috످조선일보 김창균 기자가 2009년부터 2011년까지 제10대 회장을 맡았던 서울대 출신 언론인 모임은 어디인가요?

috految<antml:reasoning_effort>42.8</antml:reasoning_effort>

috److془The question: 김창균 조선일보 기자, 2009-2011 제10대 회장 서울대 출신 언론인 모임. 관악언론인회 founded 2003; 1대 안병훈, 2대 남중구, 3대 문창극... 10대 김창균 (2019-2021?) 11대 박민 (2021?), 12대... 이용식. 2009-2011 회장 문창극/배인준. Kim Chang-kyun 10대 회장 of 관악언론인회 plausible. Dates unsure.

Answer: 관악언론인회, with caveat.془서울대 출신 언론인 모임은 관악언론인회입니다.

다만 김창균 기자가 2009~2011년에 이 모임의 제10대 회장을 맡았는지는 정확히 알지 못합니다. 역대 회장과 재임 기간은 서울대 총동창신문에서 확인해 보시기 바랍니다.

috످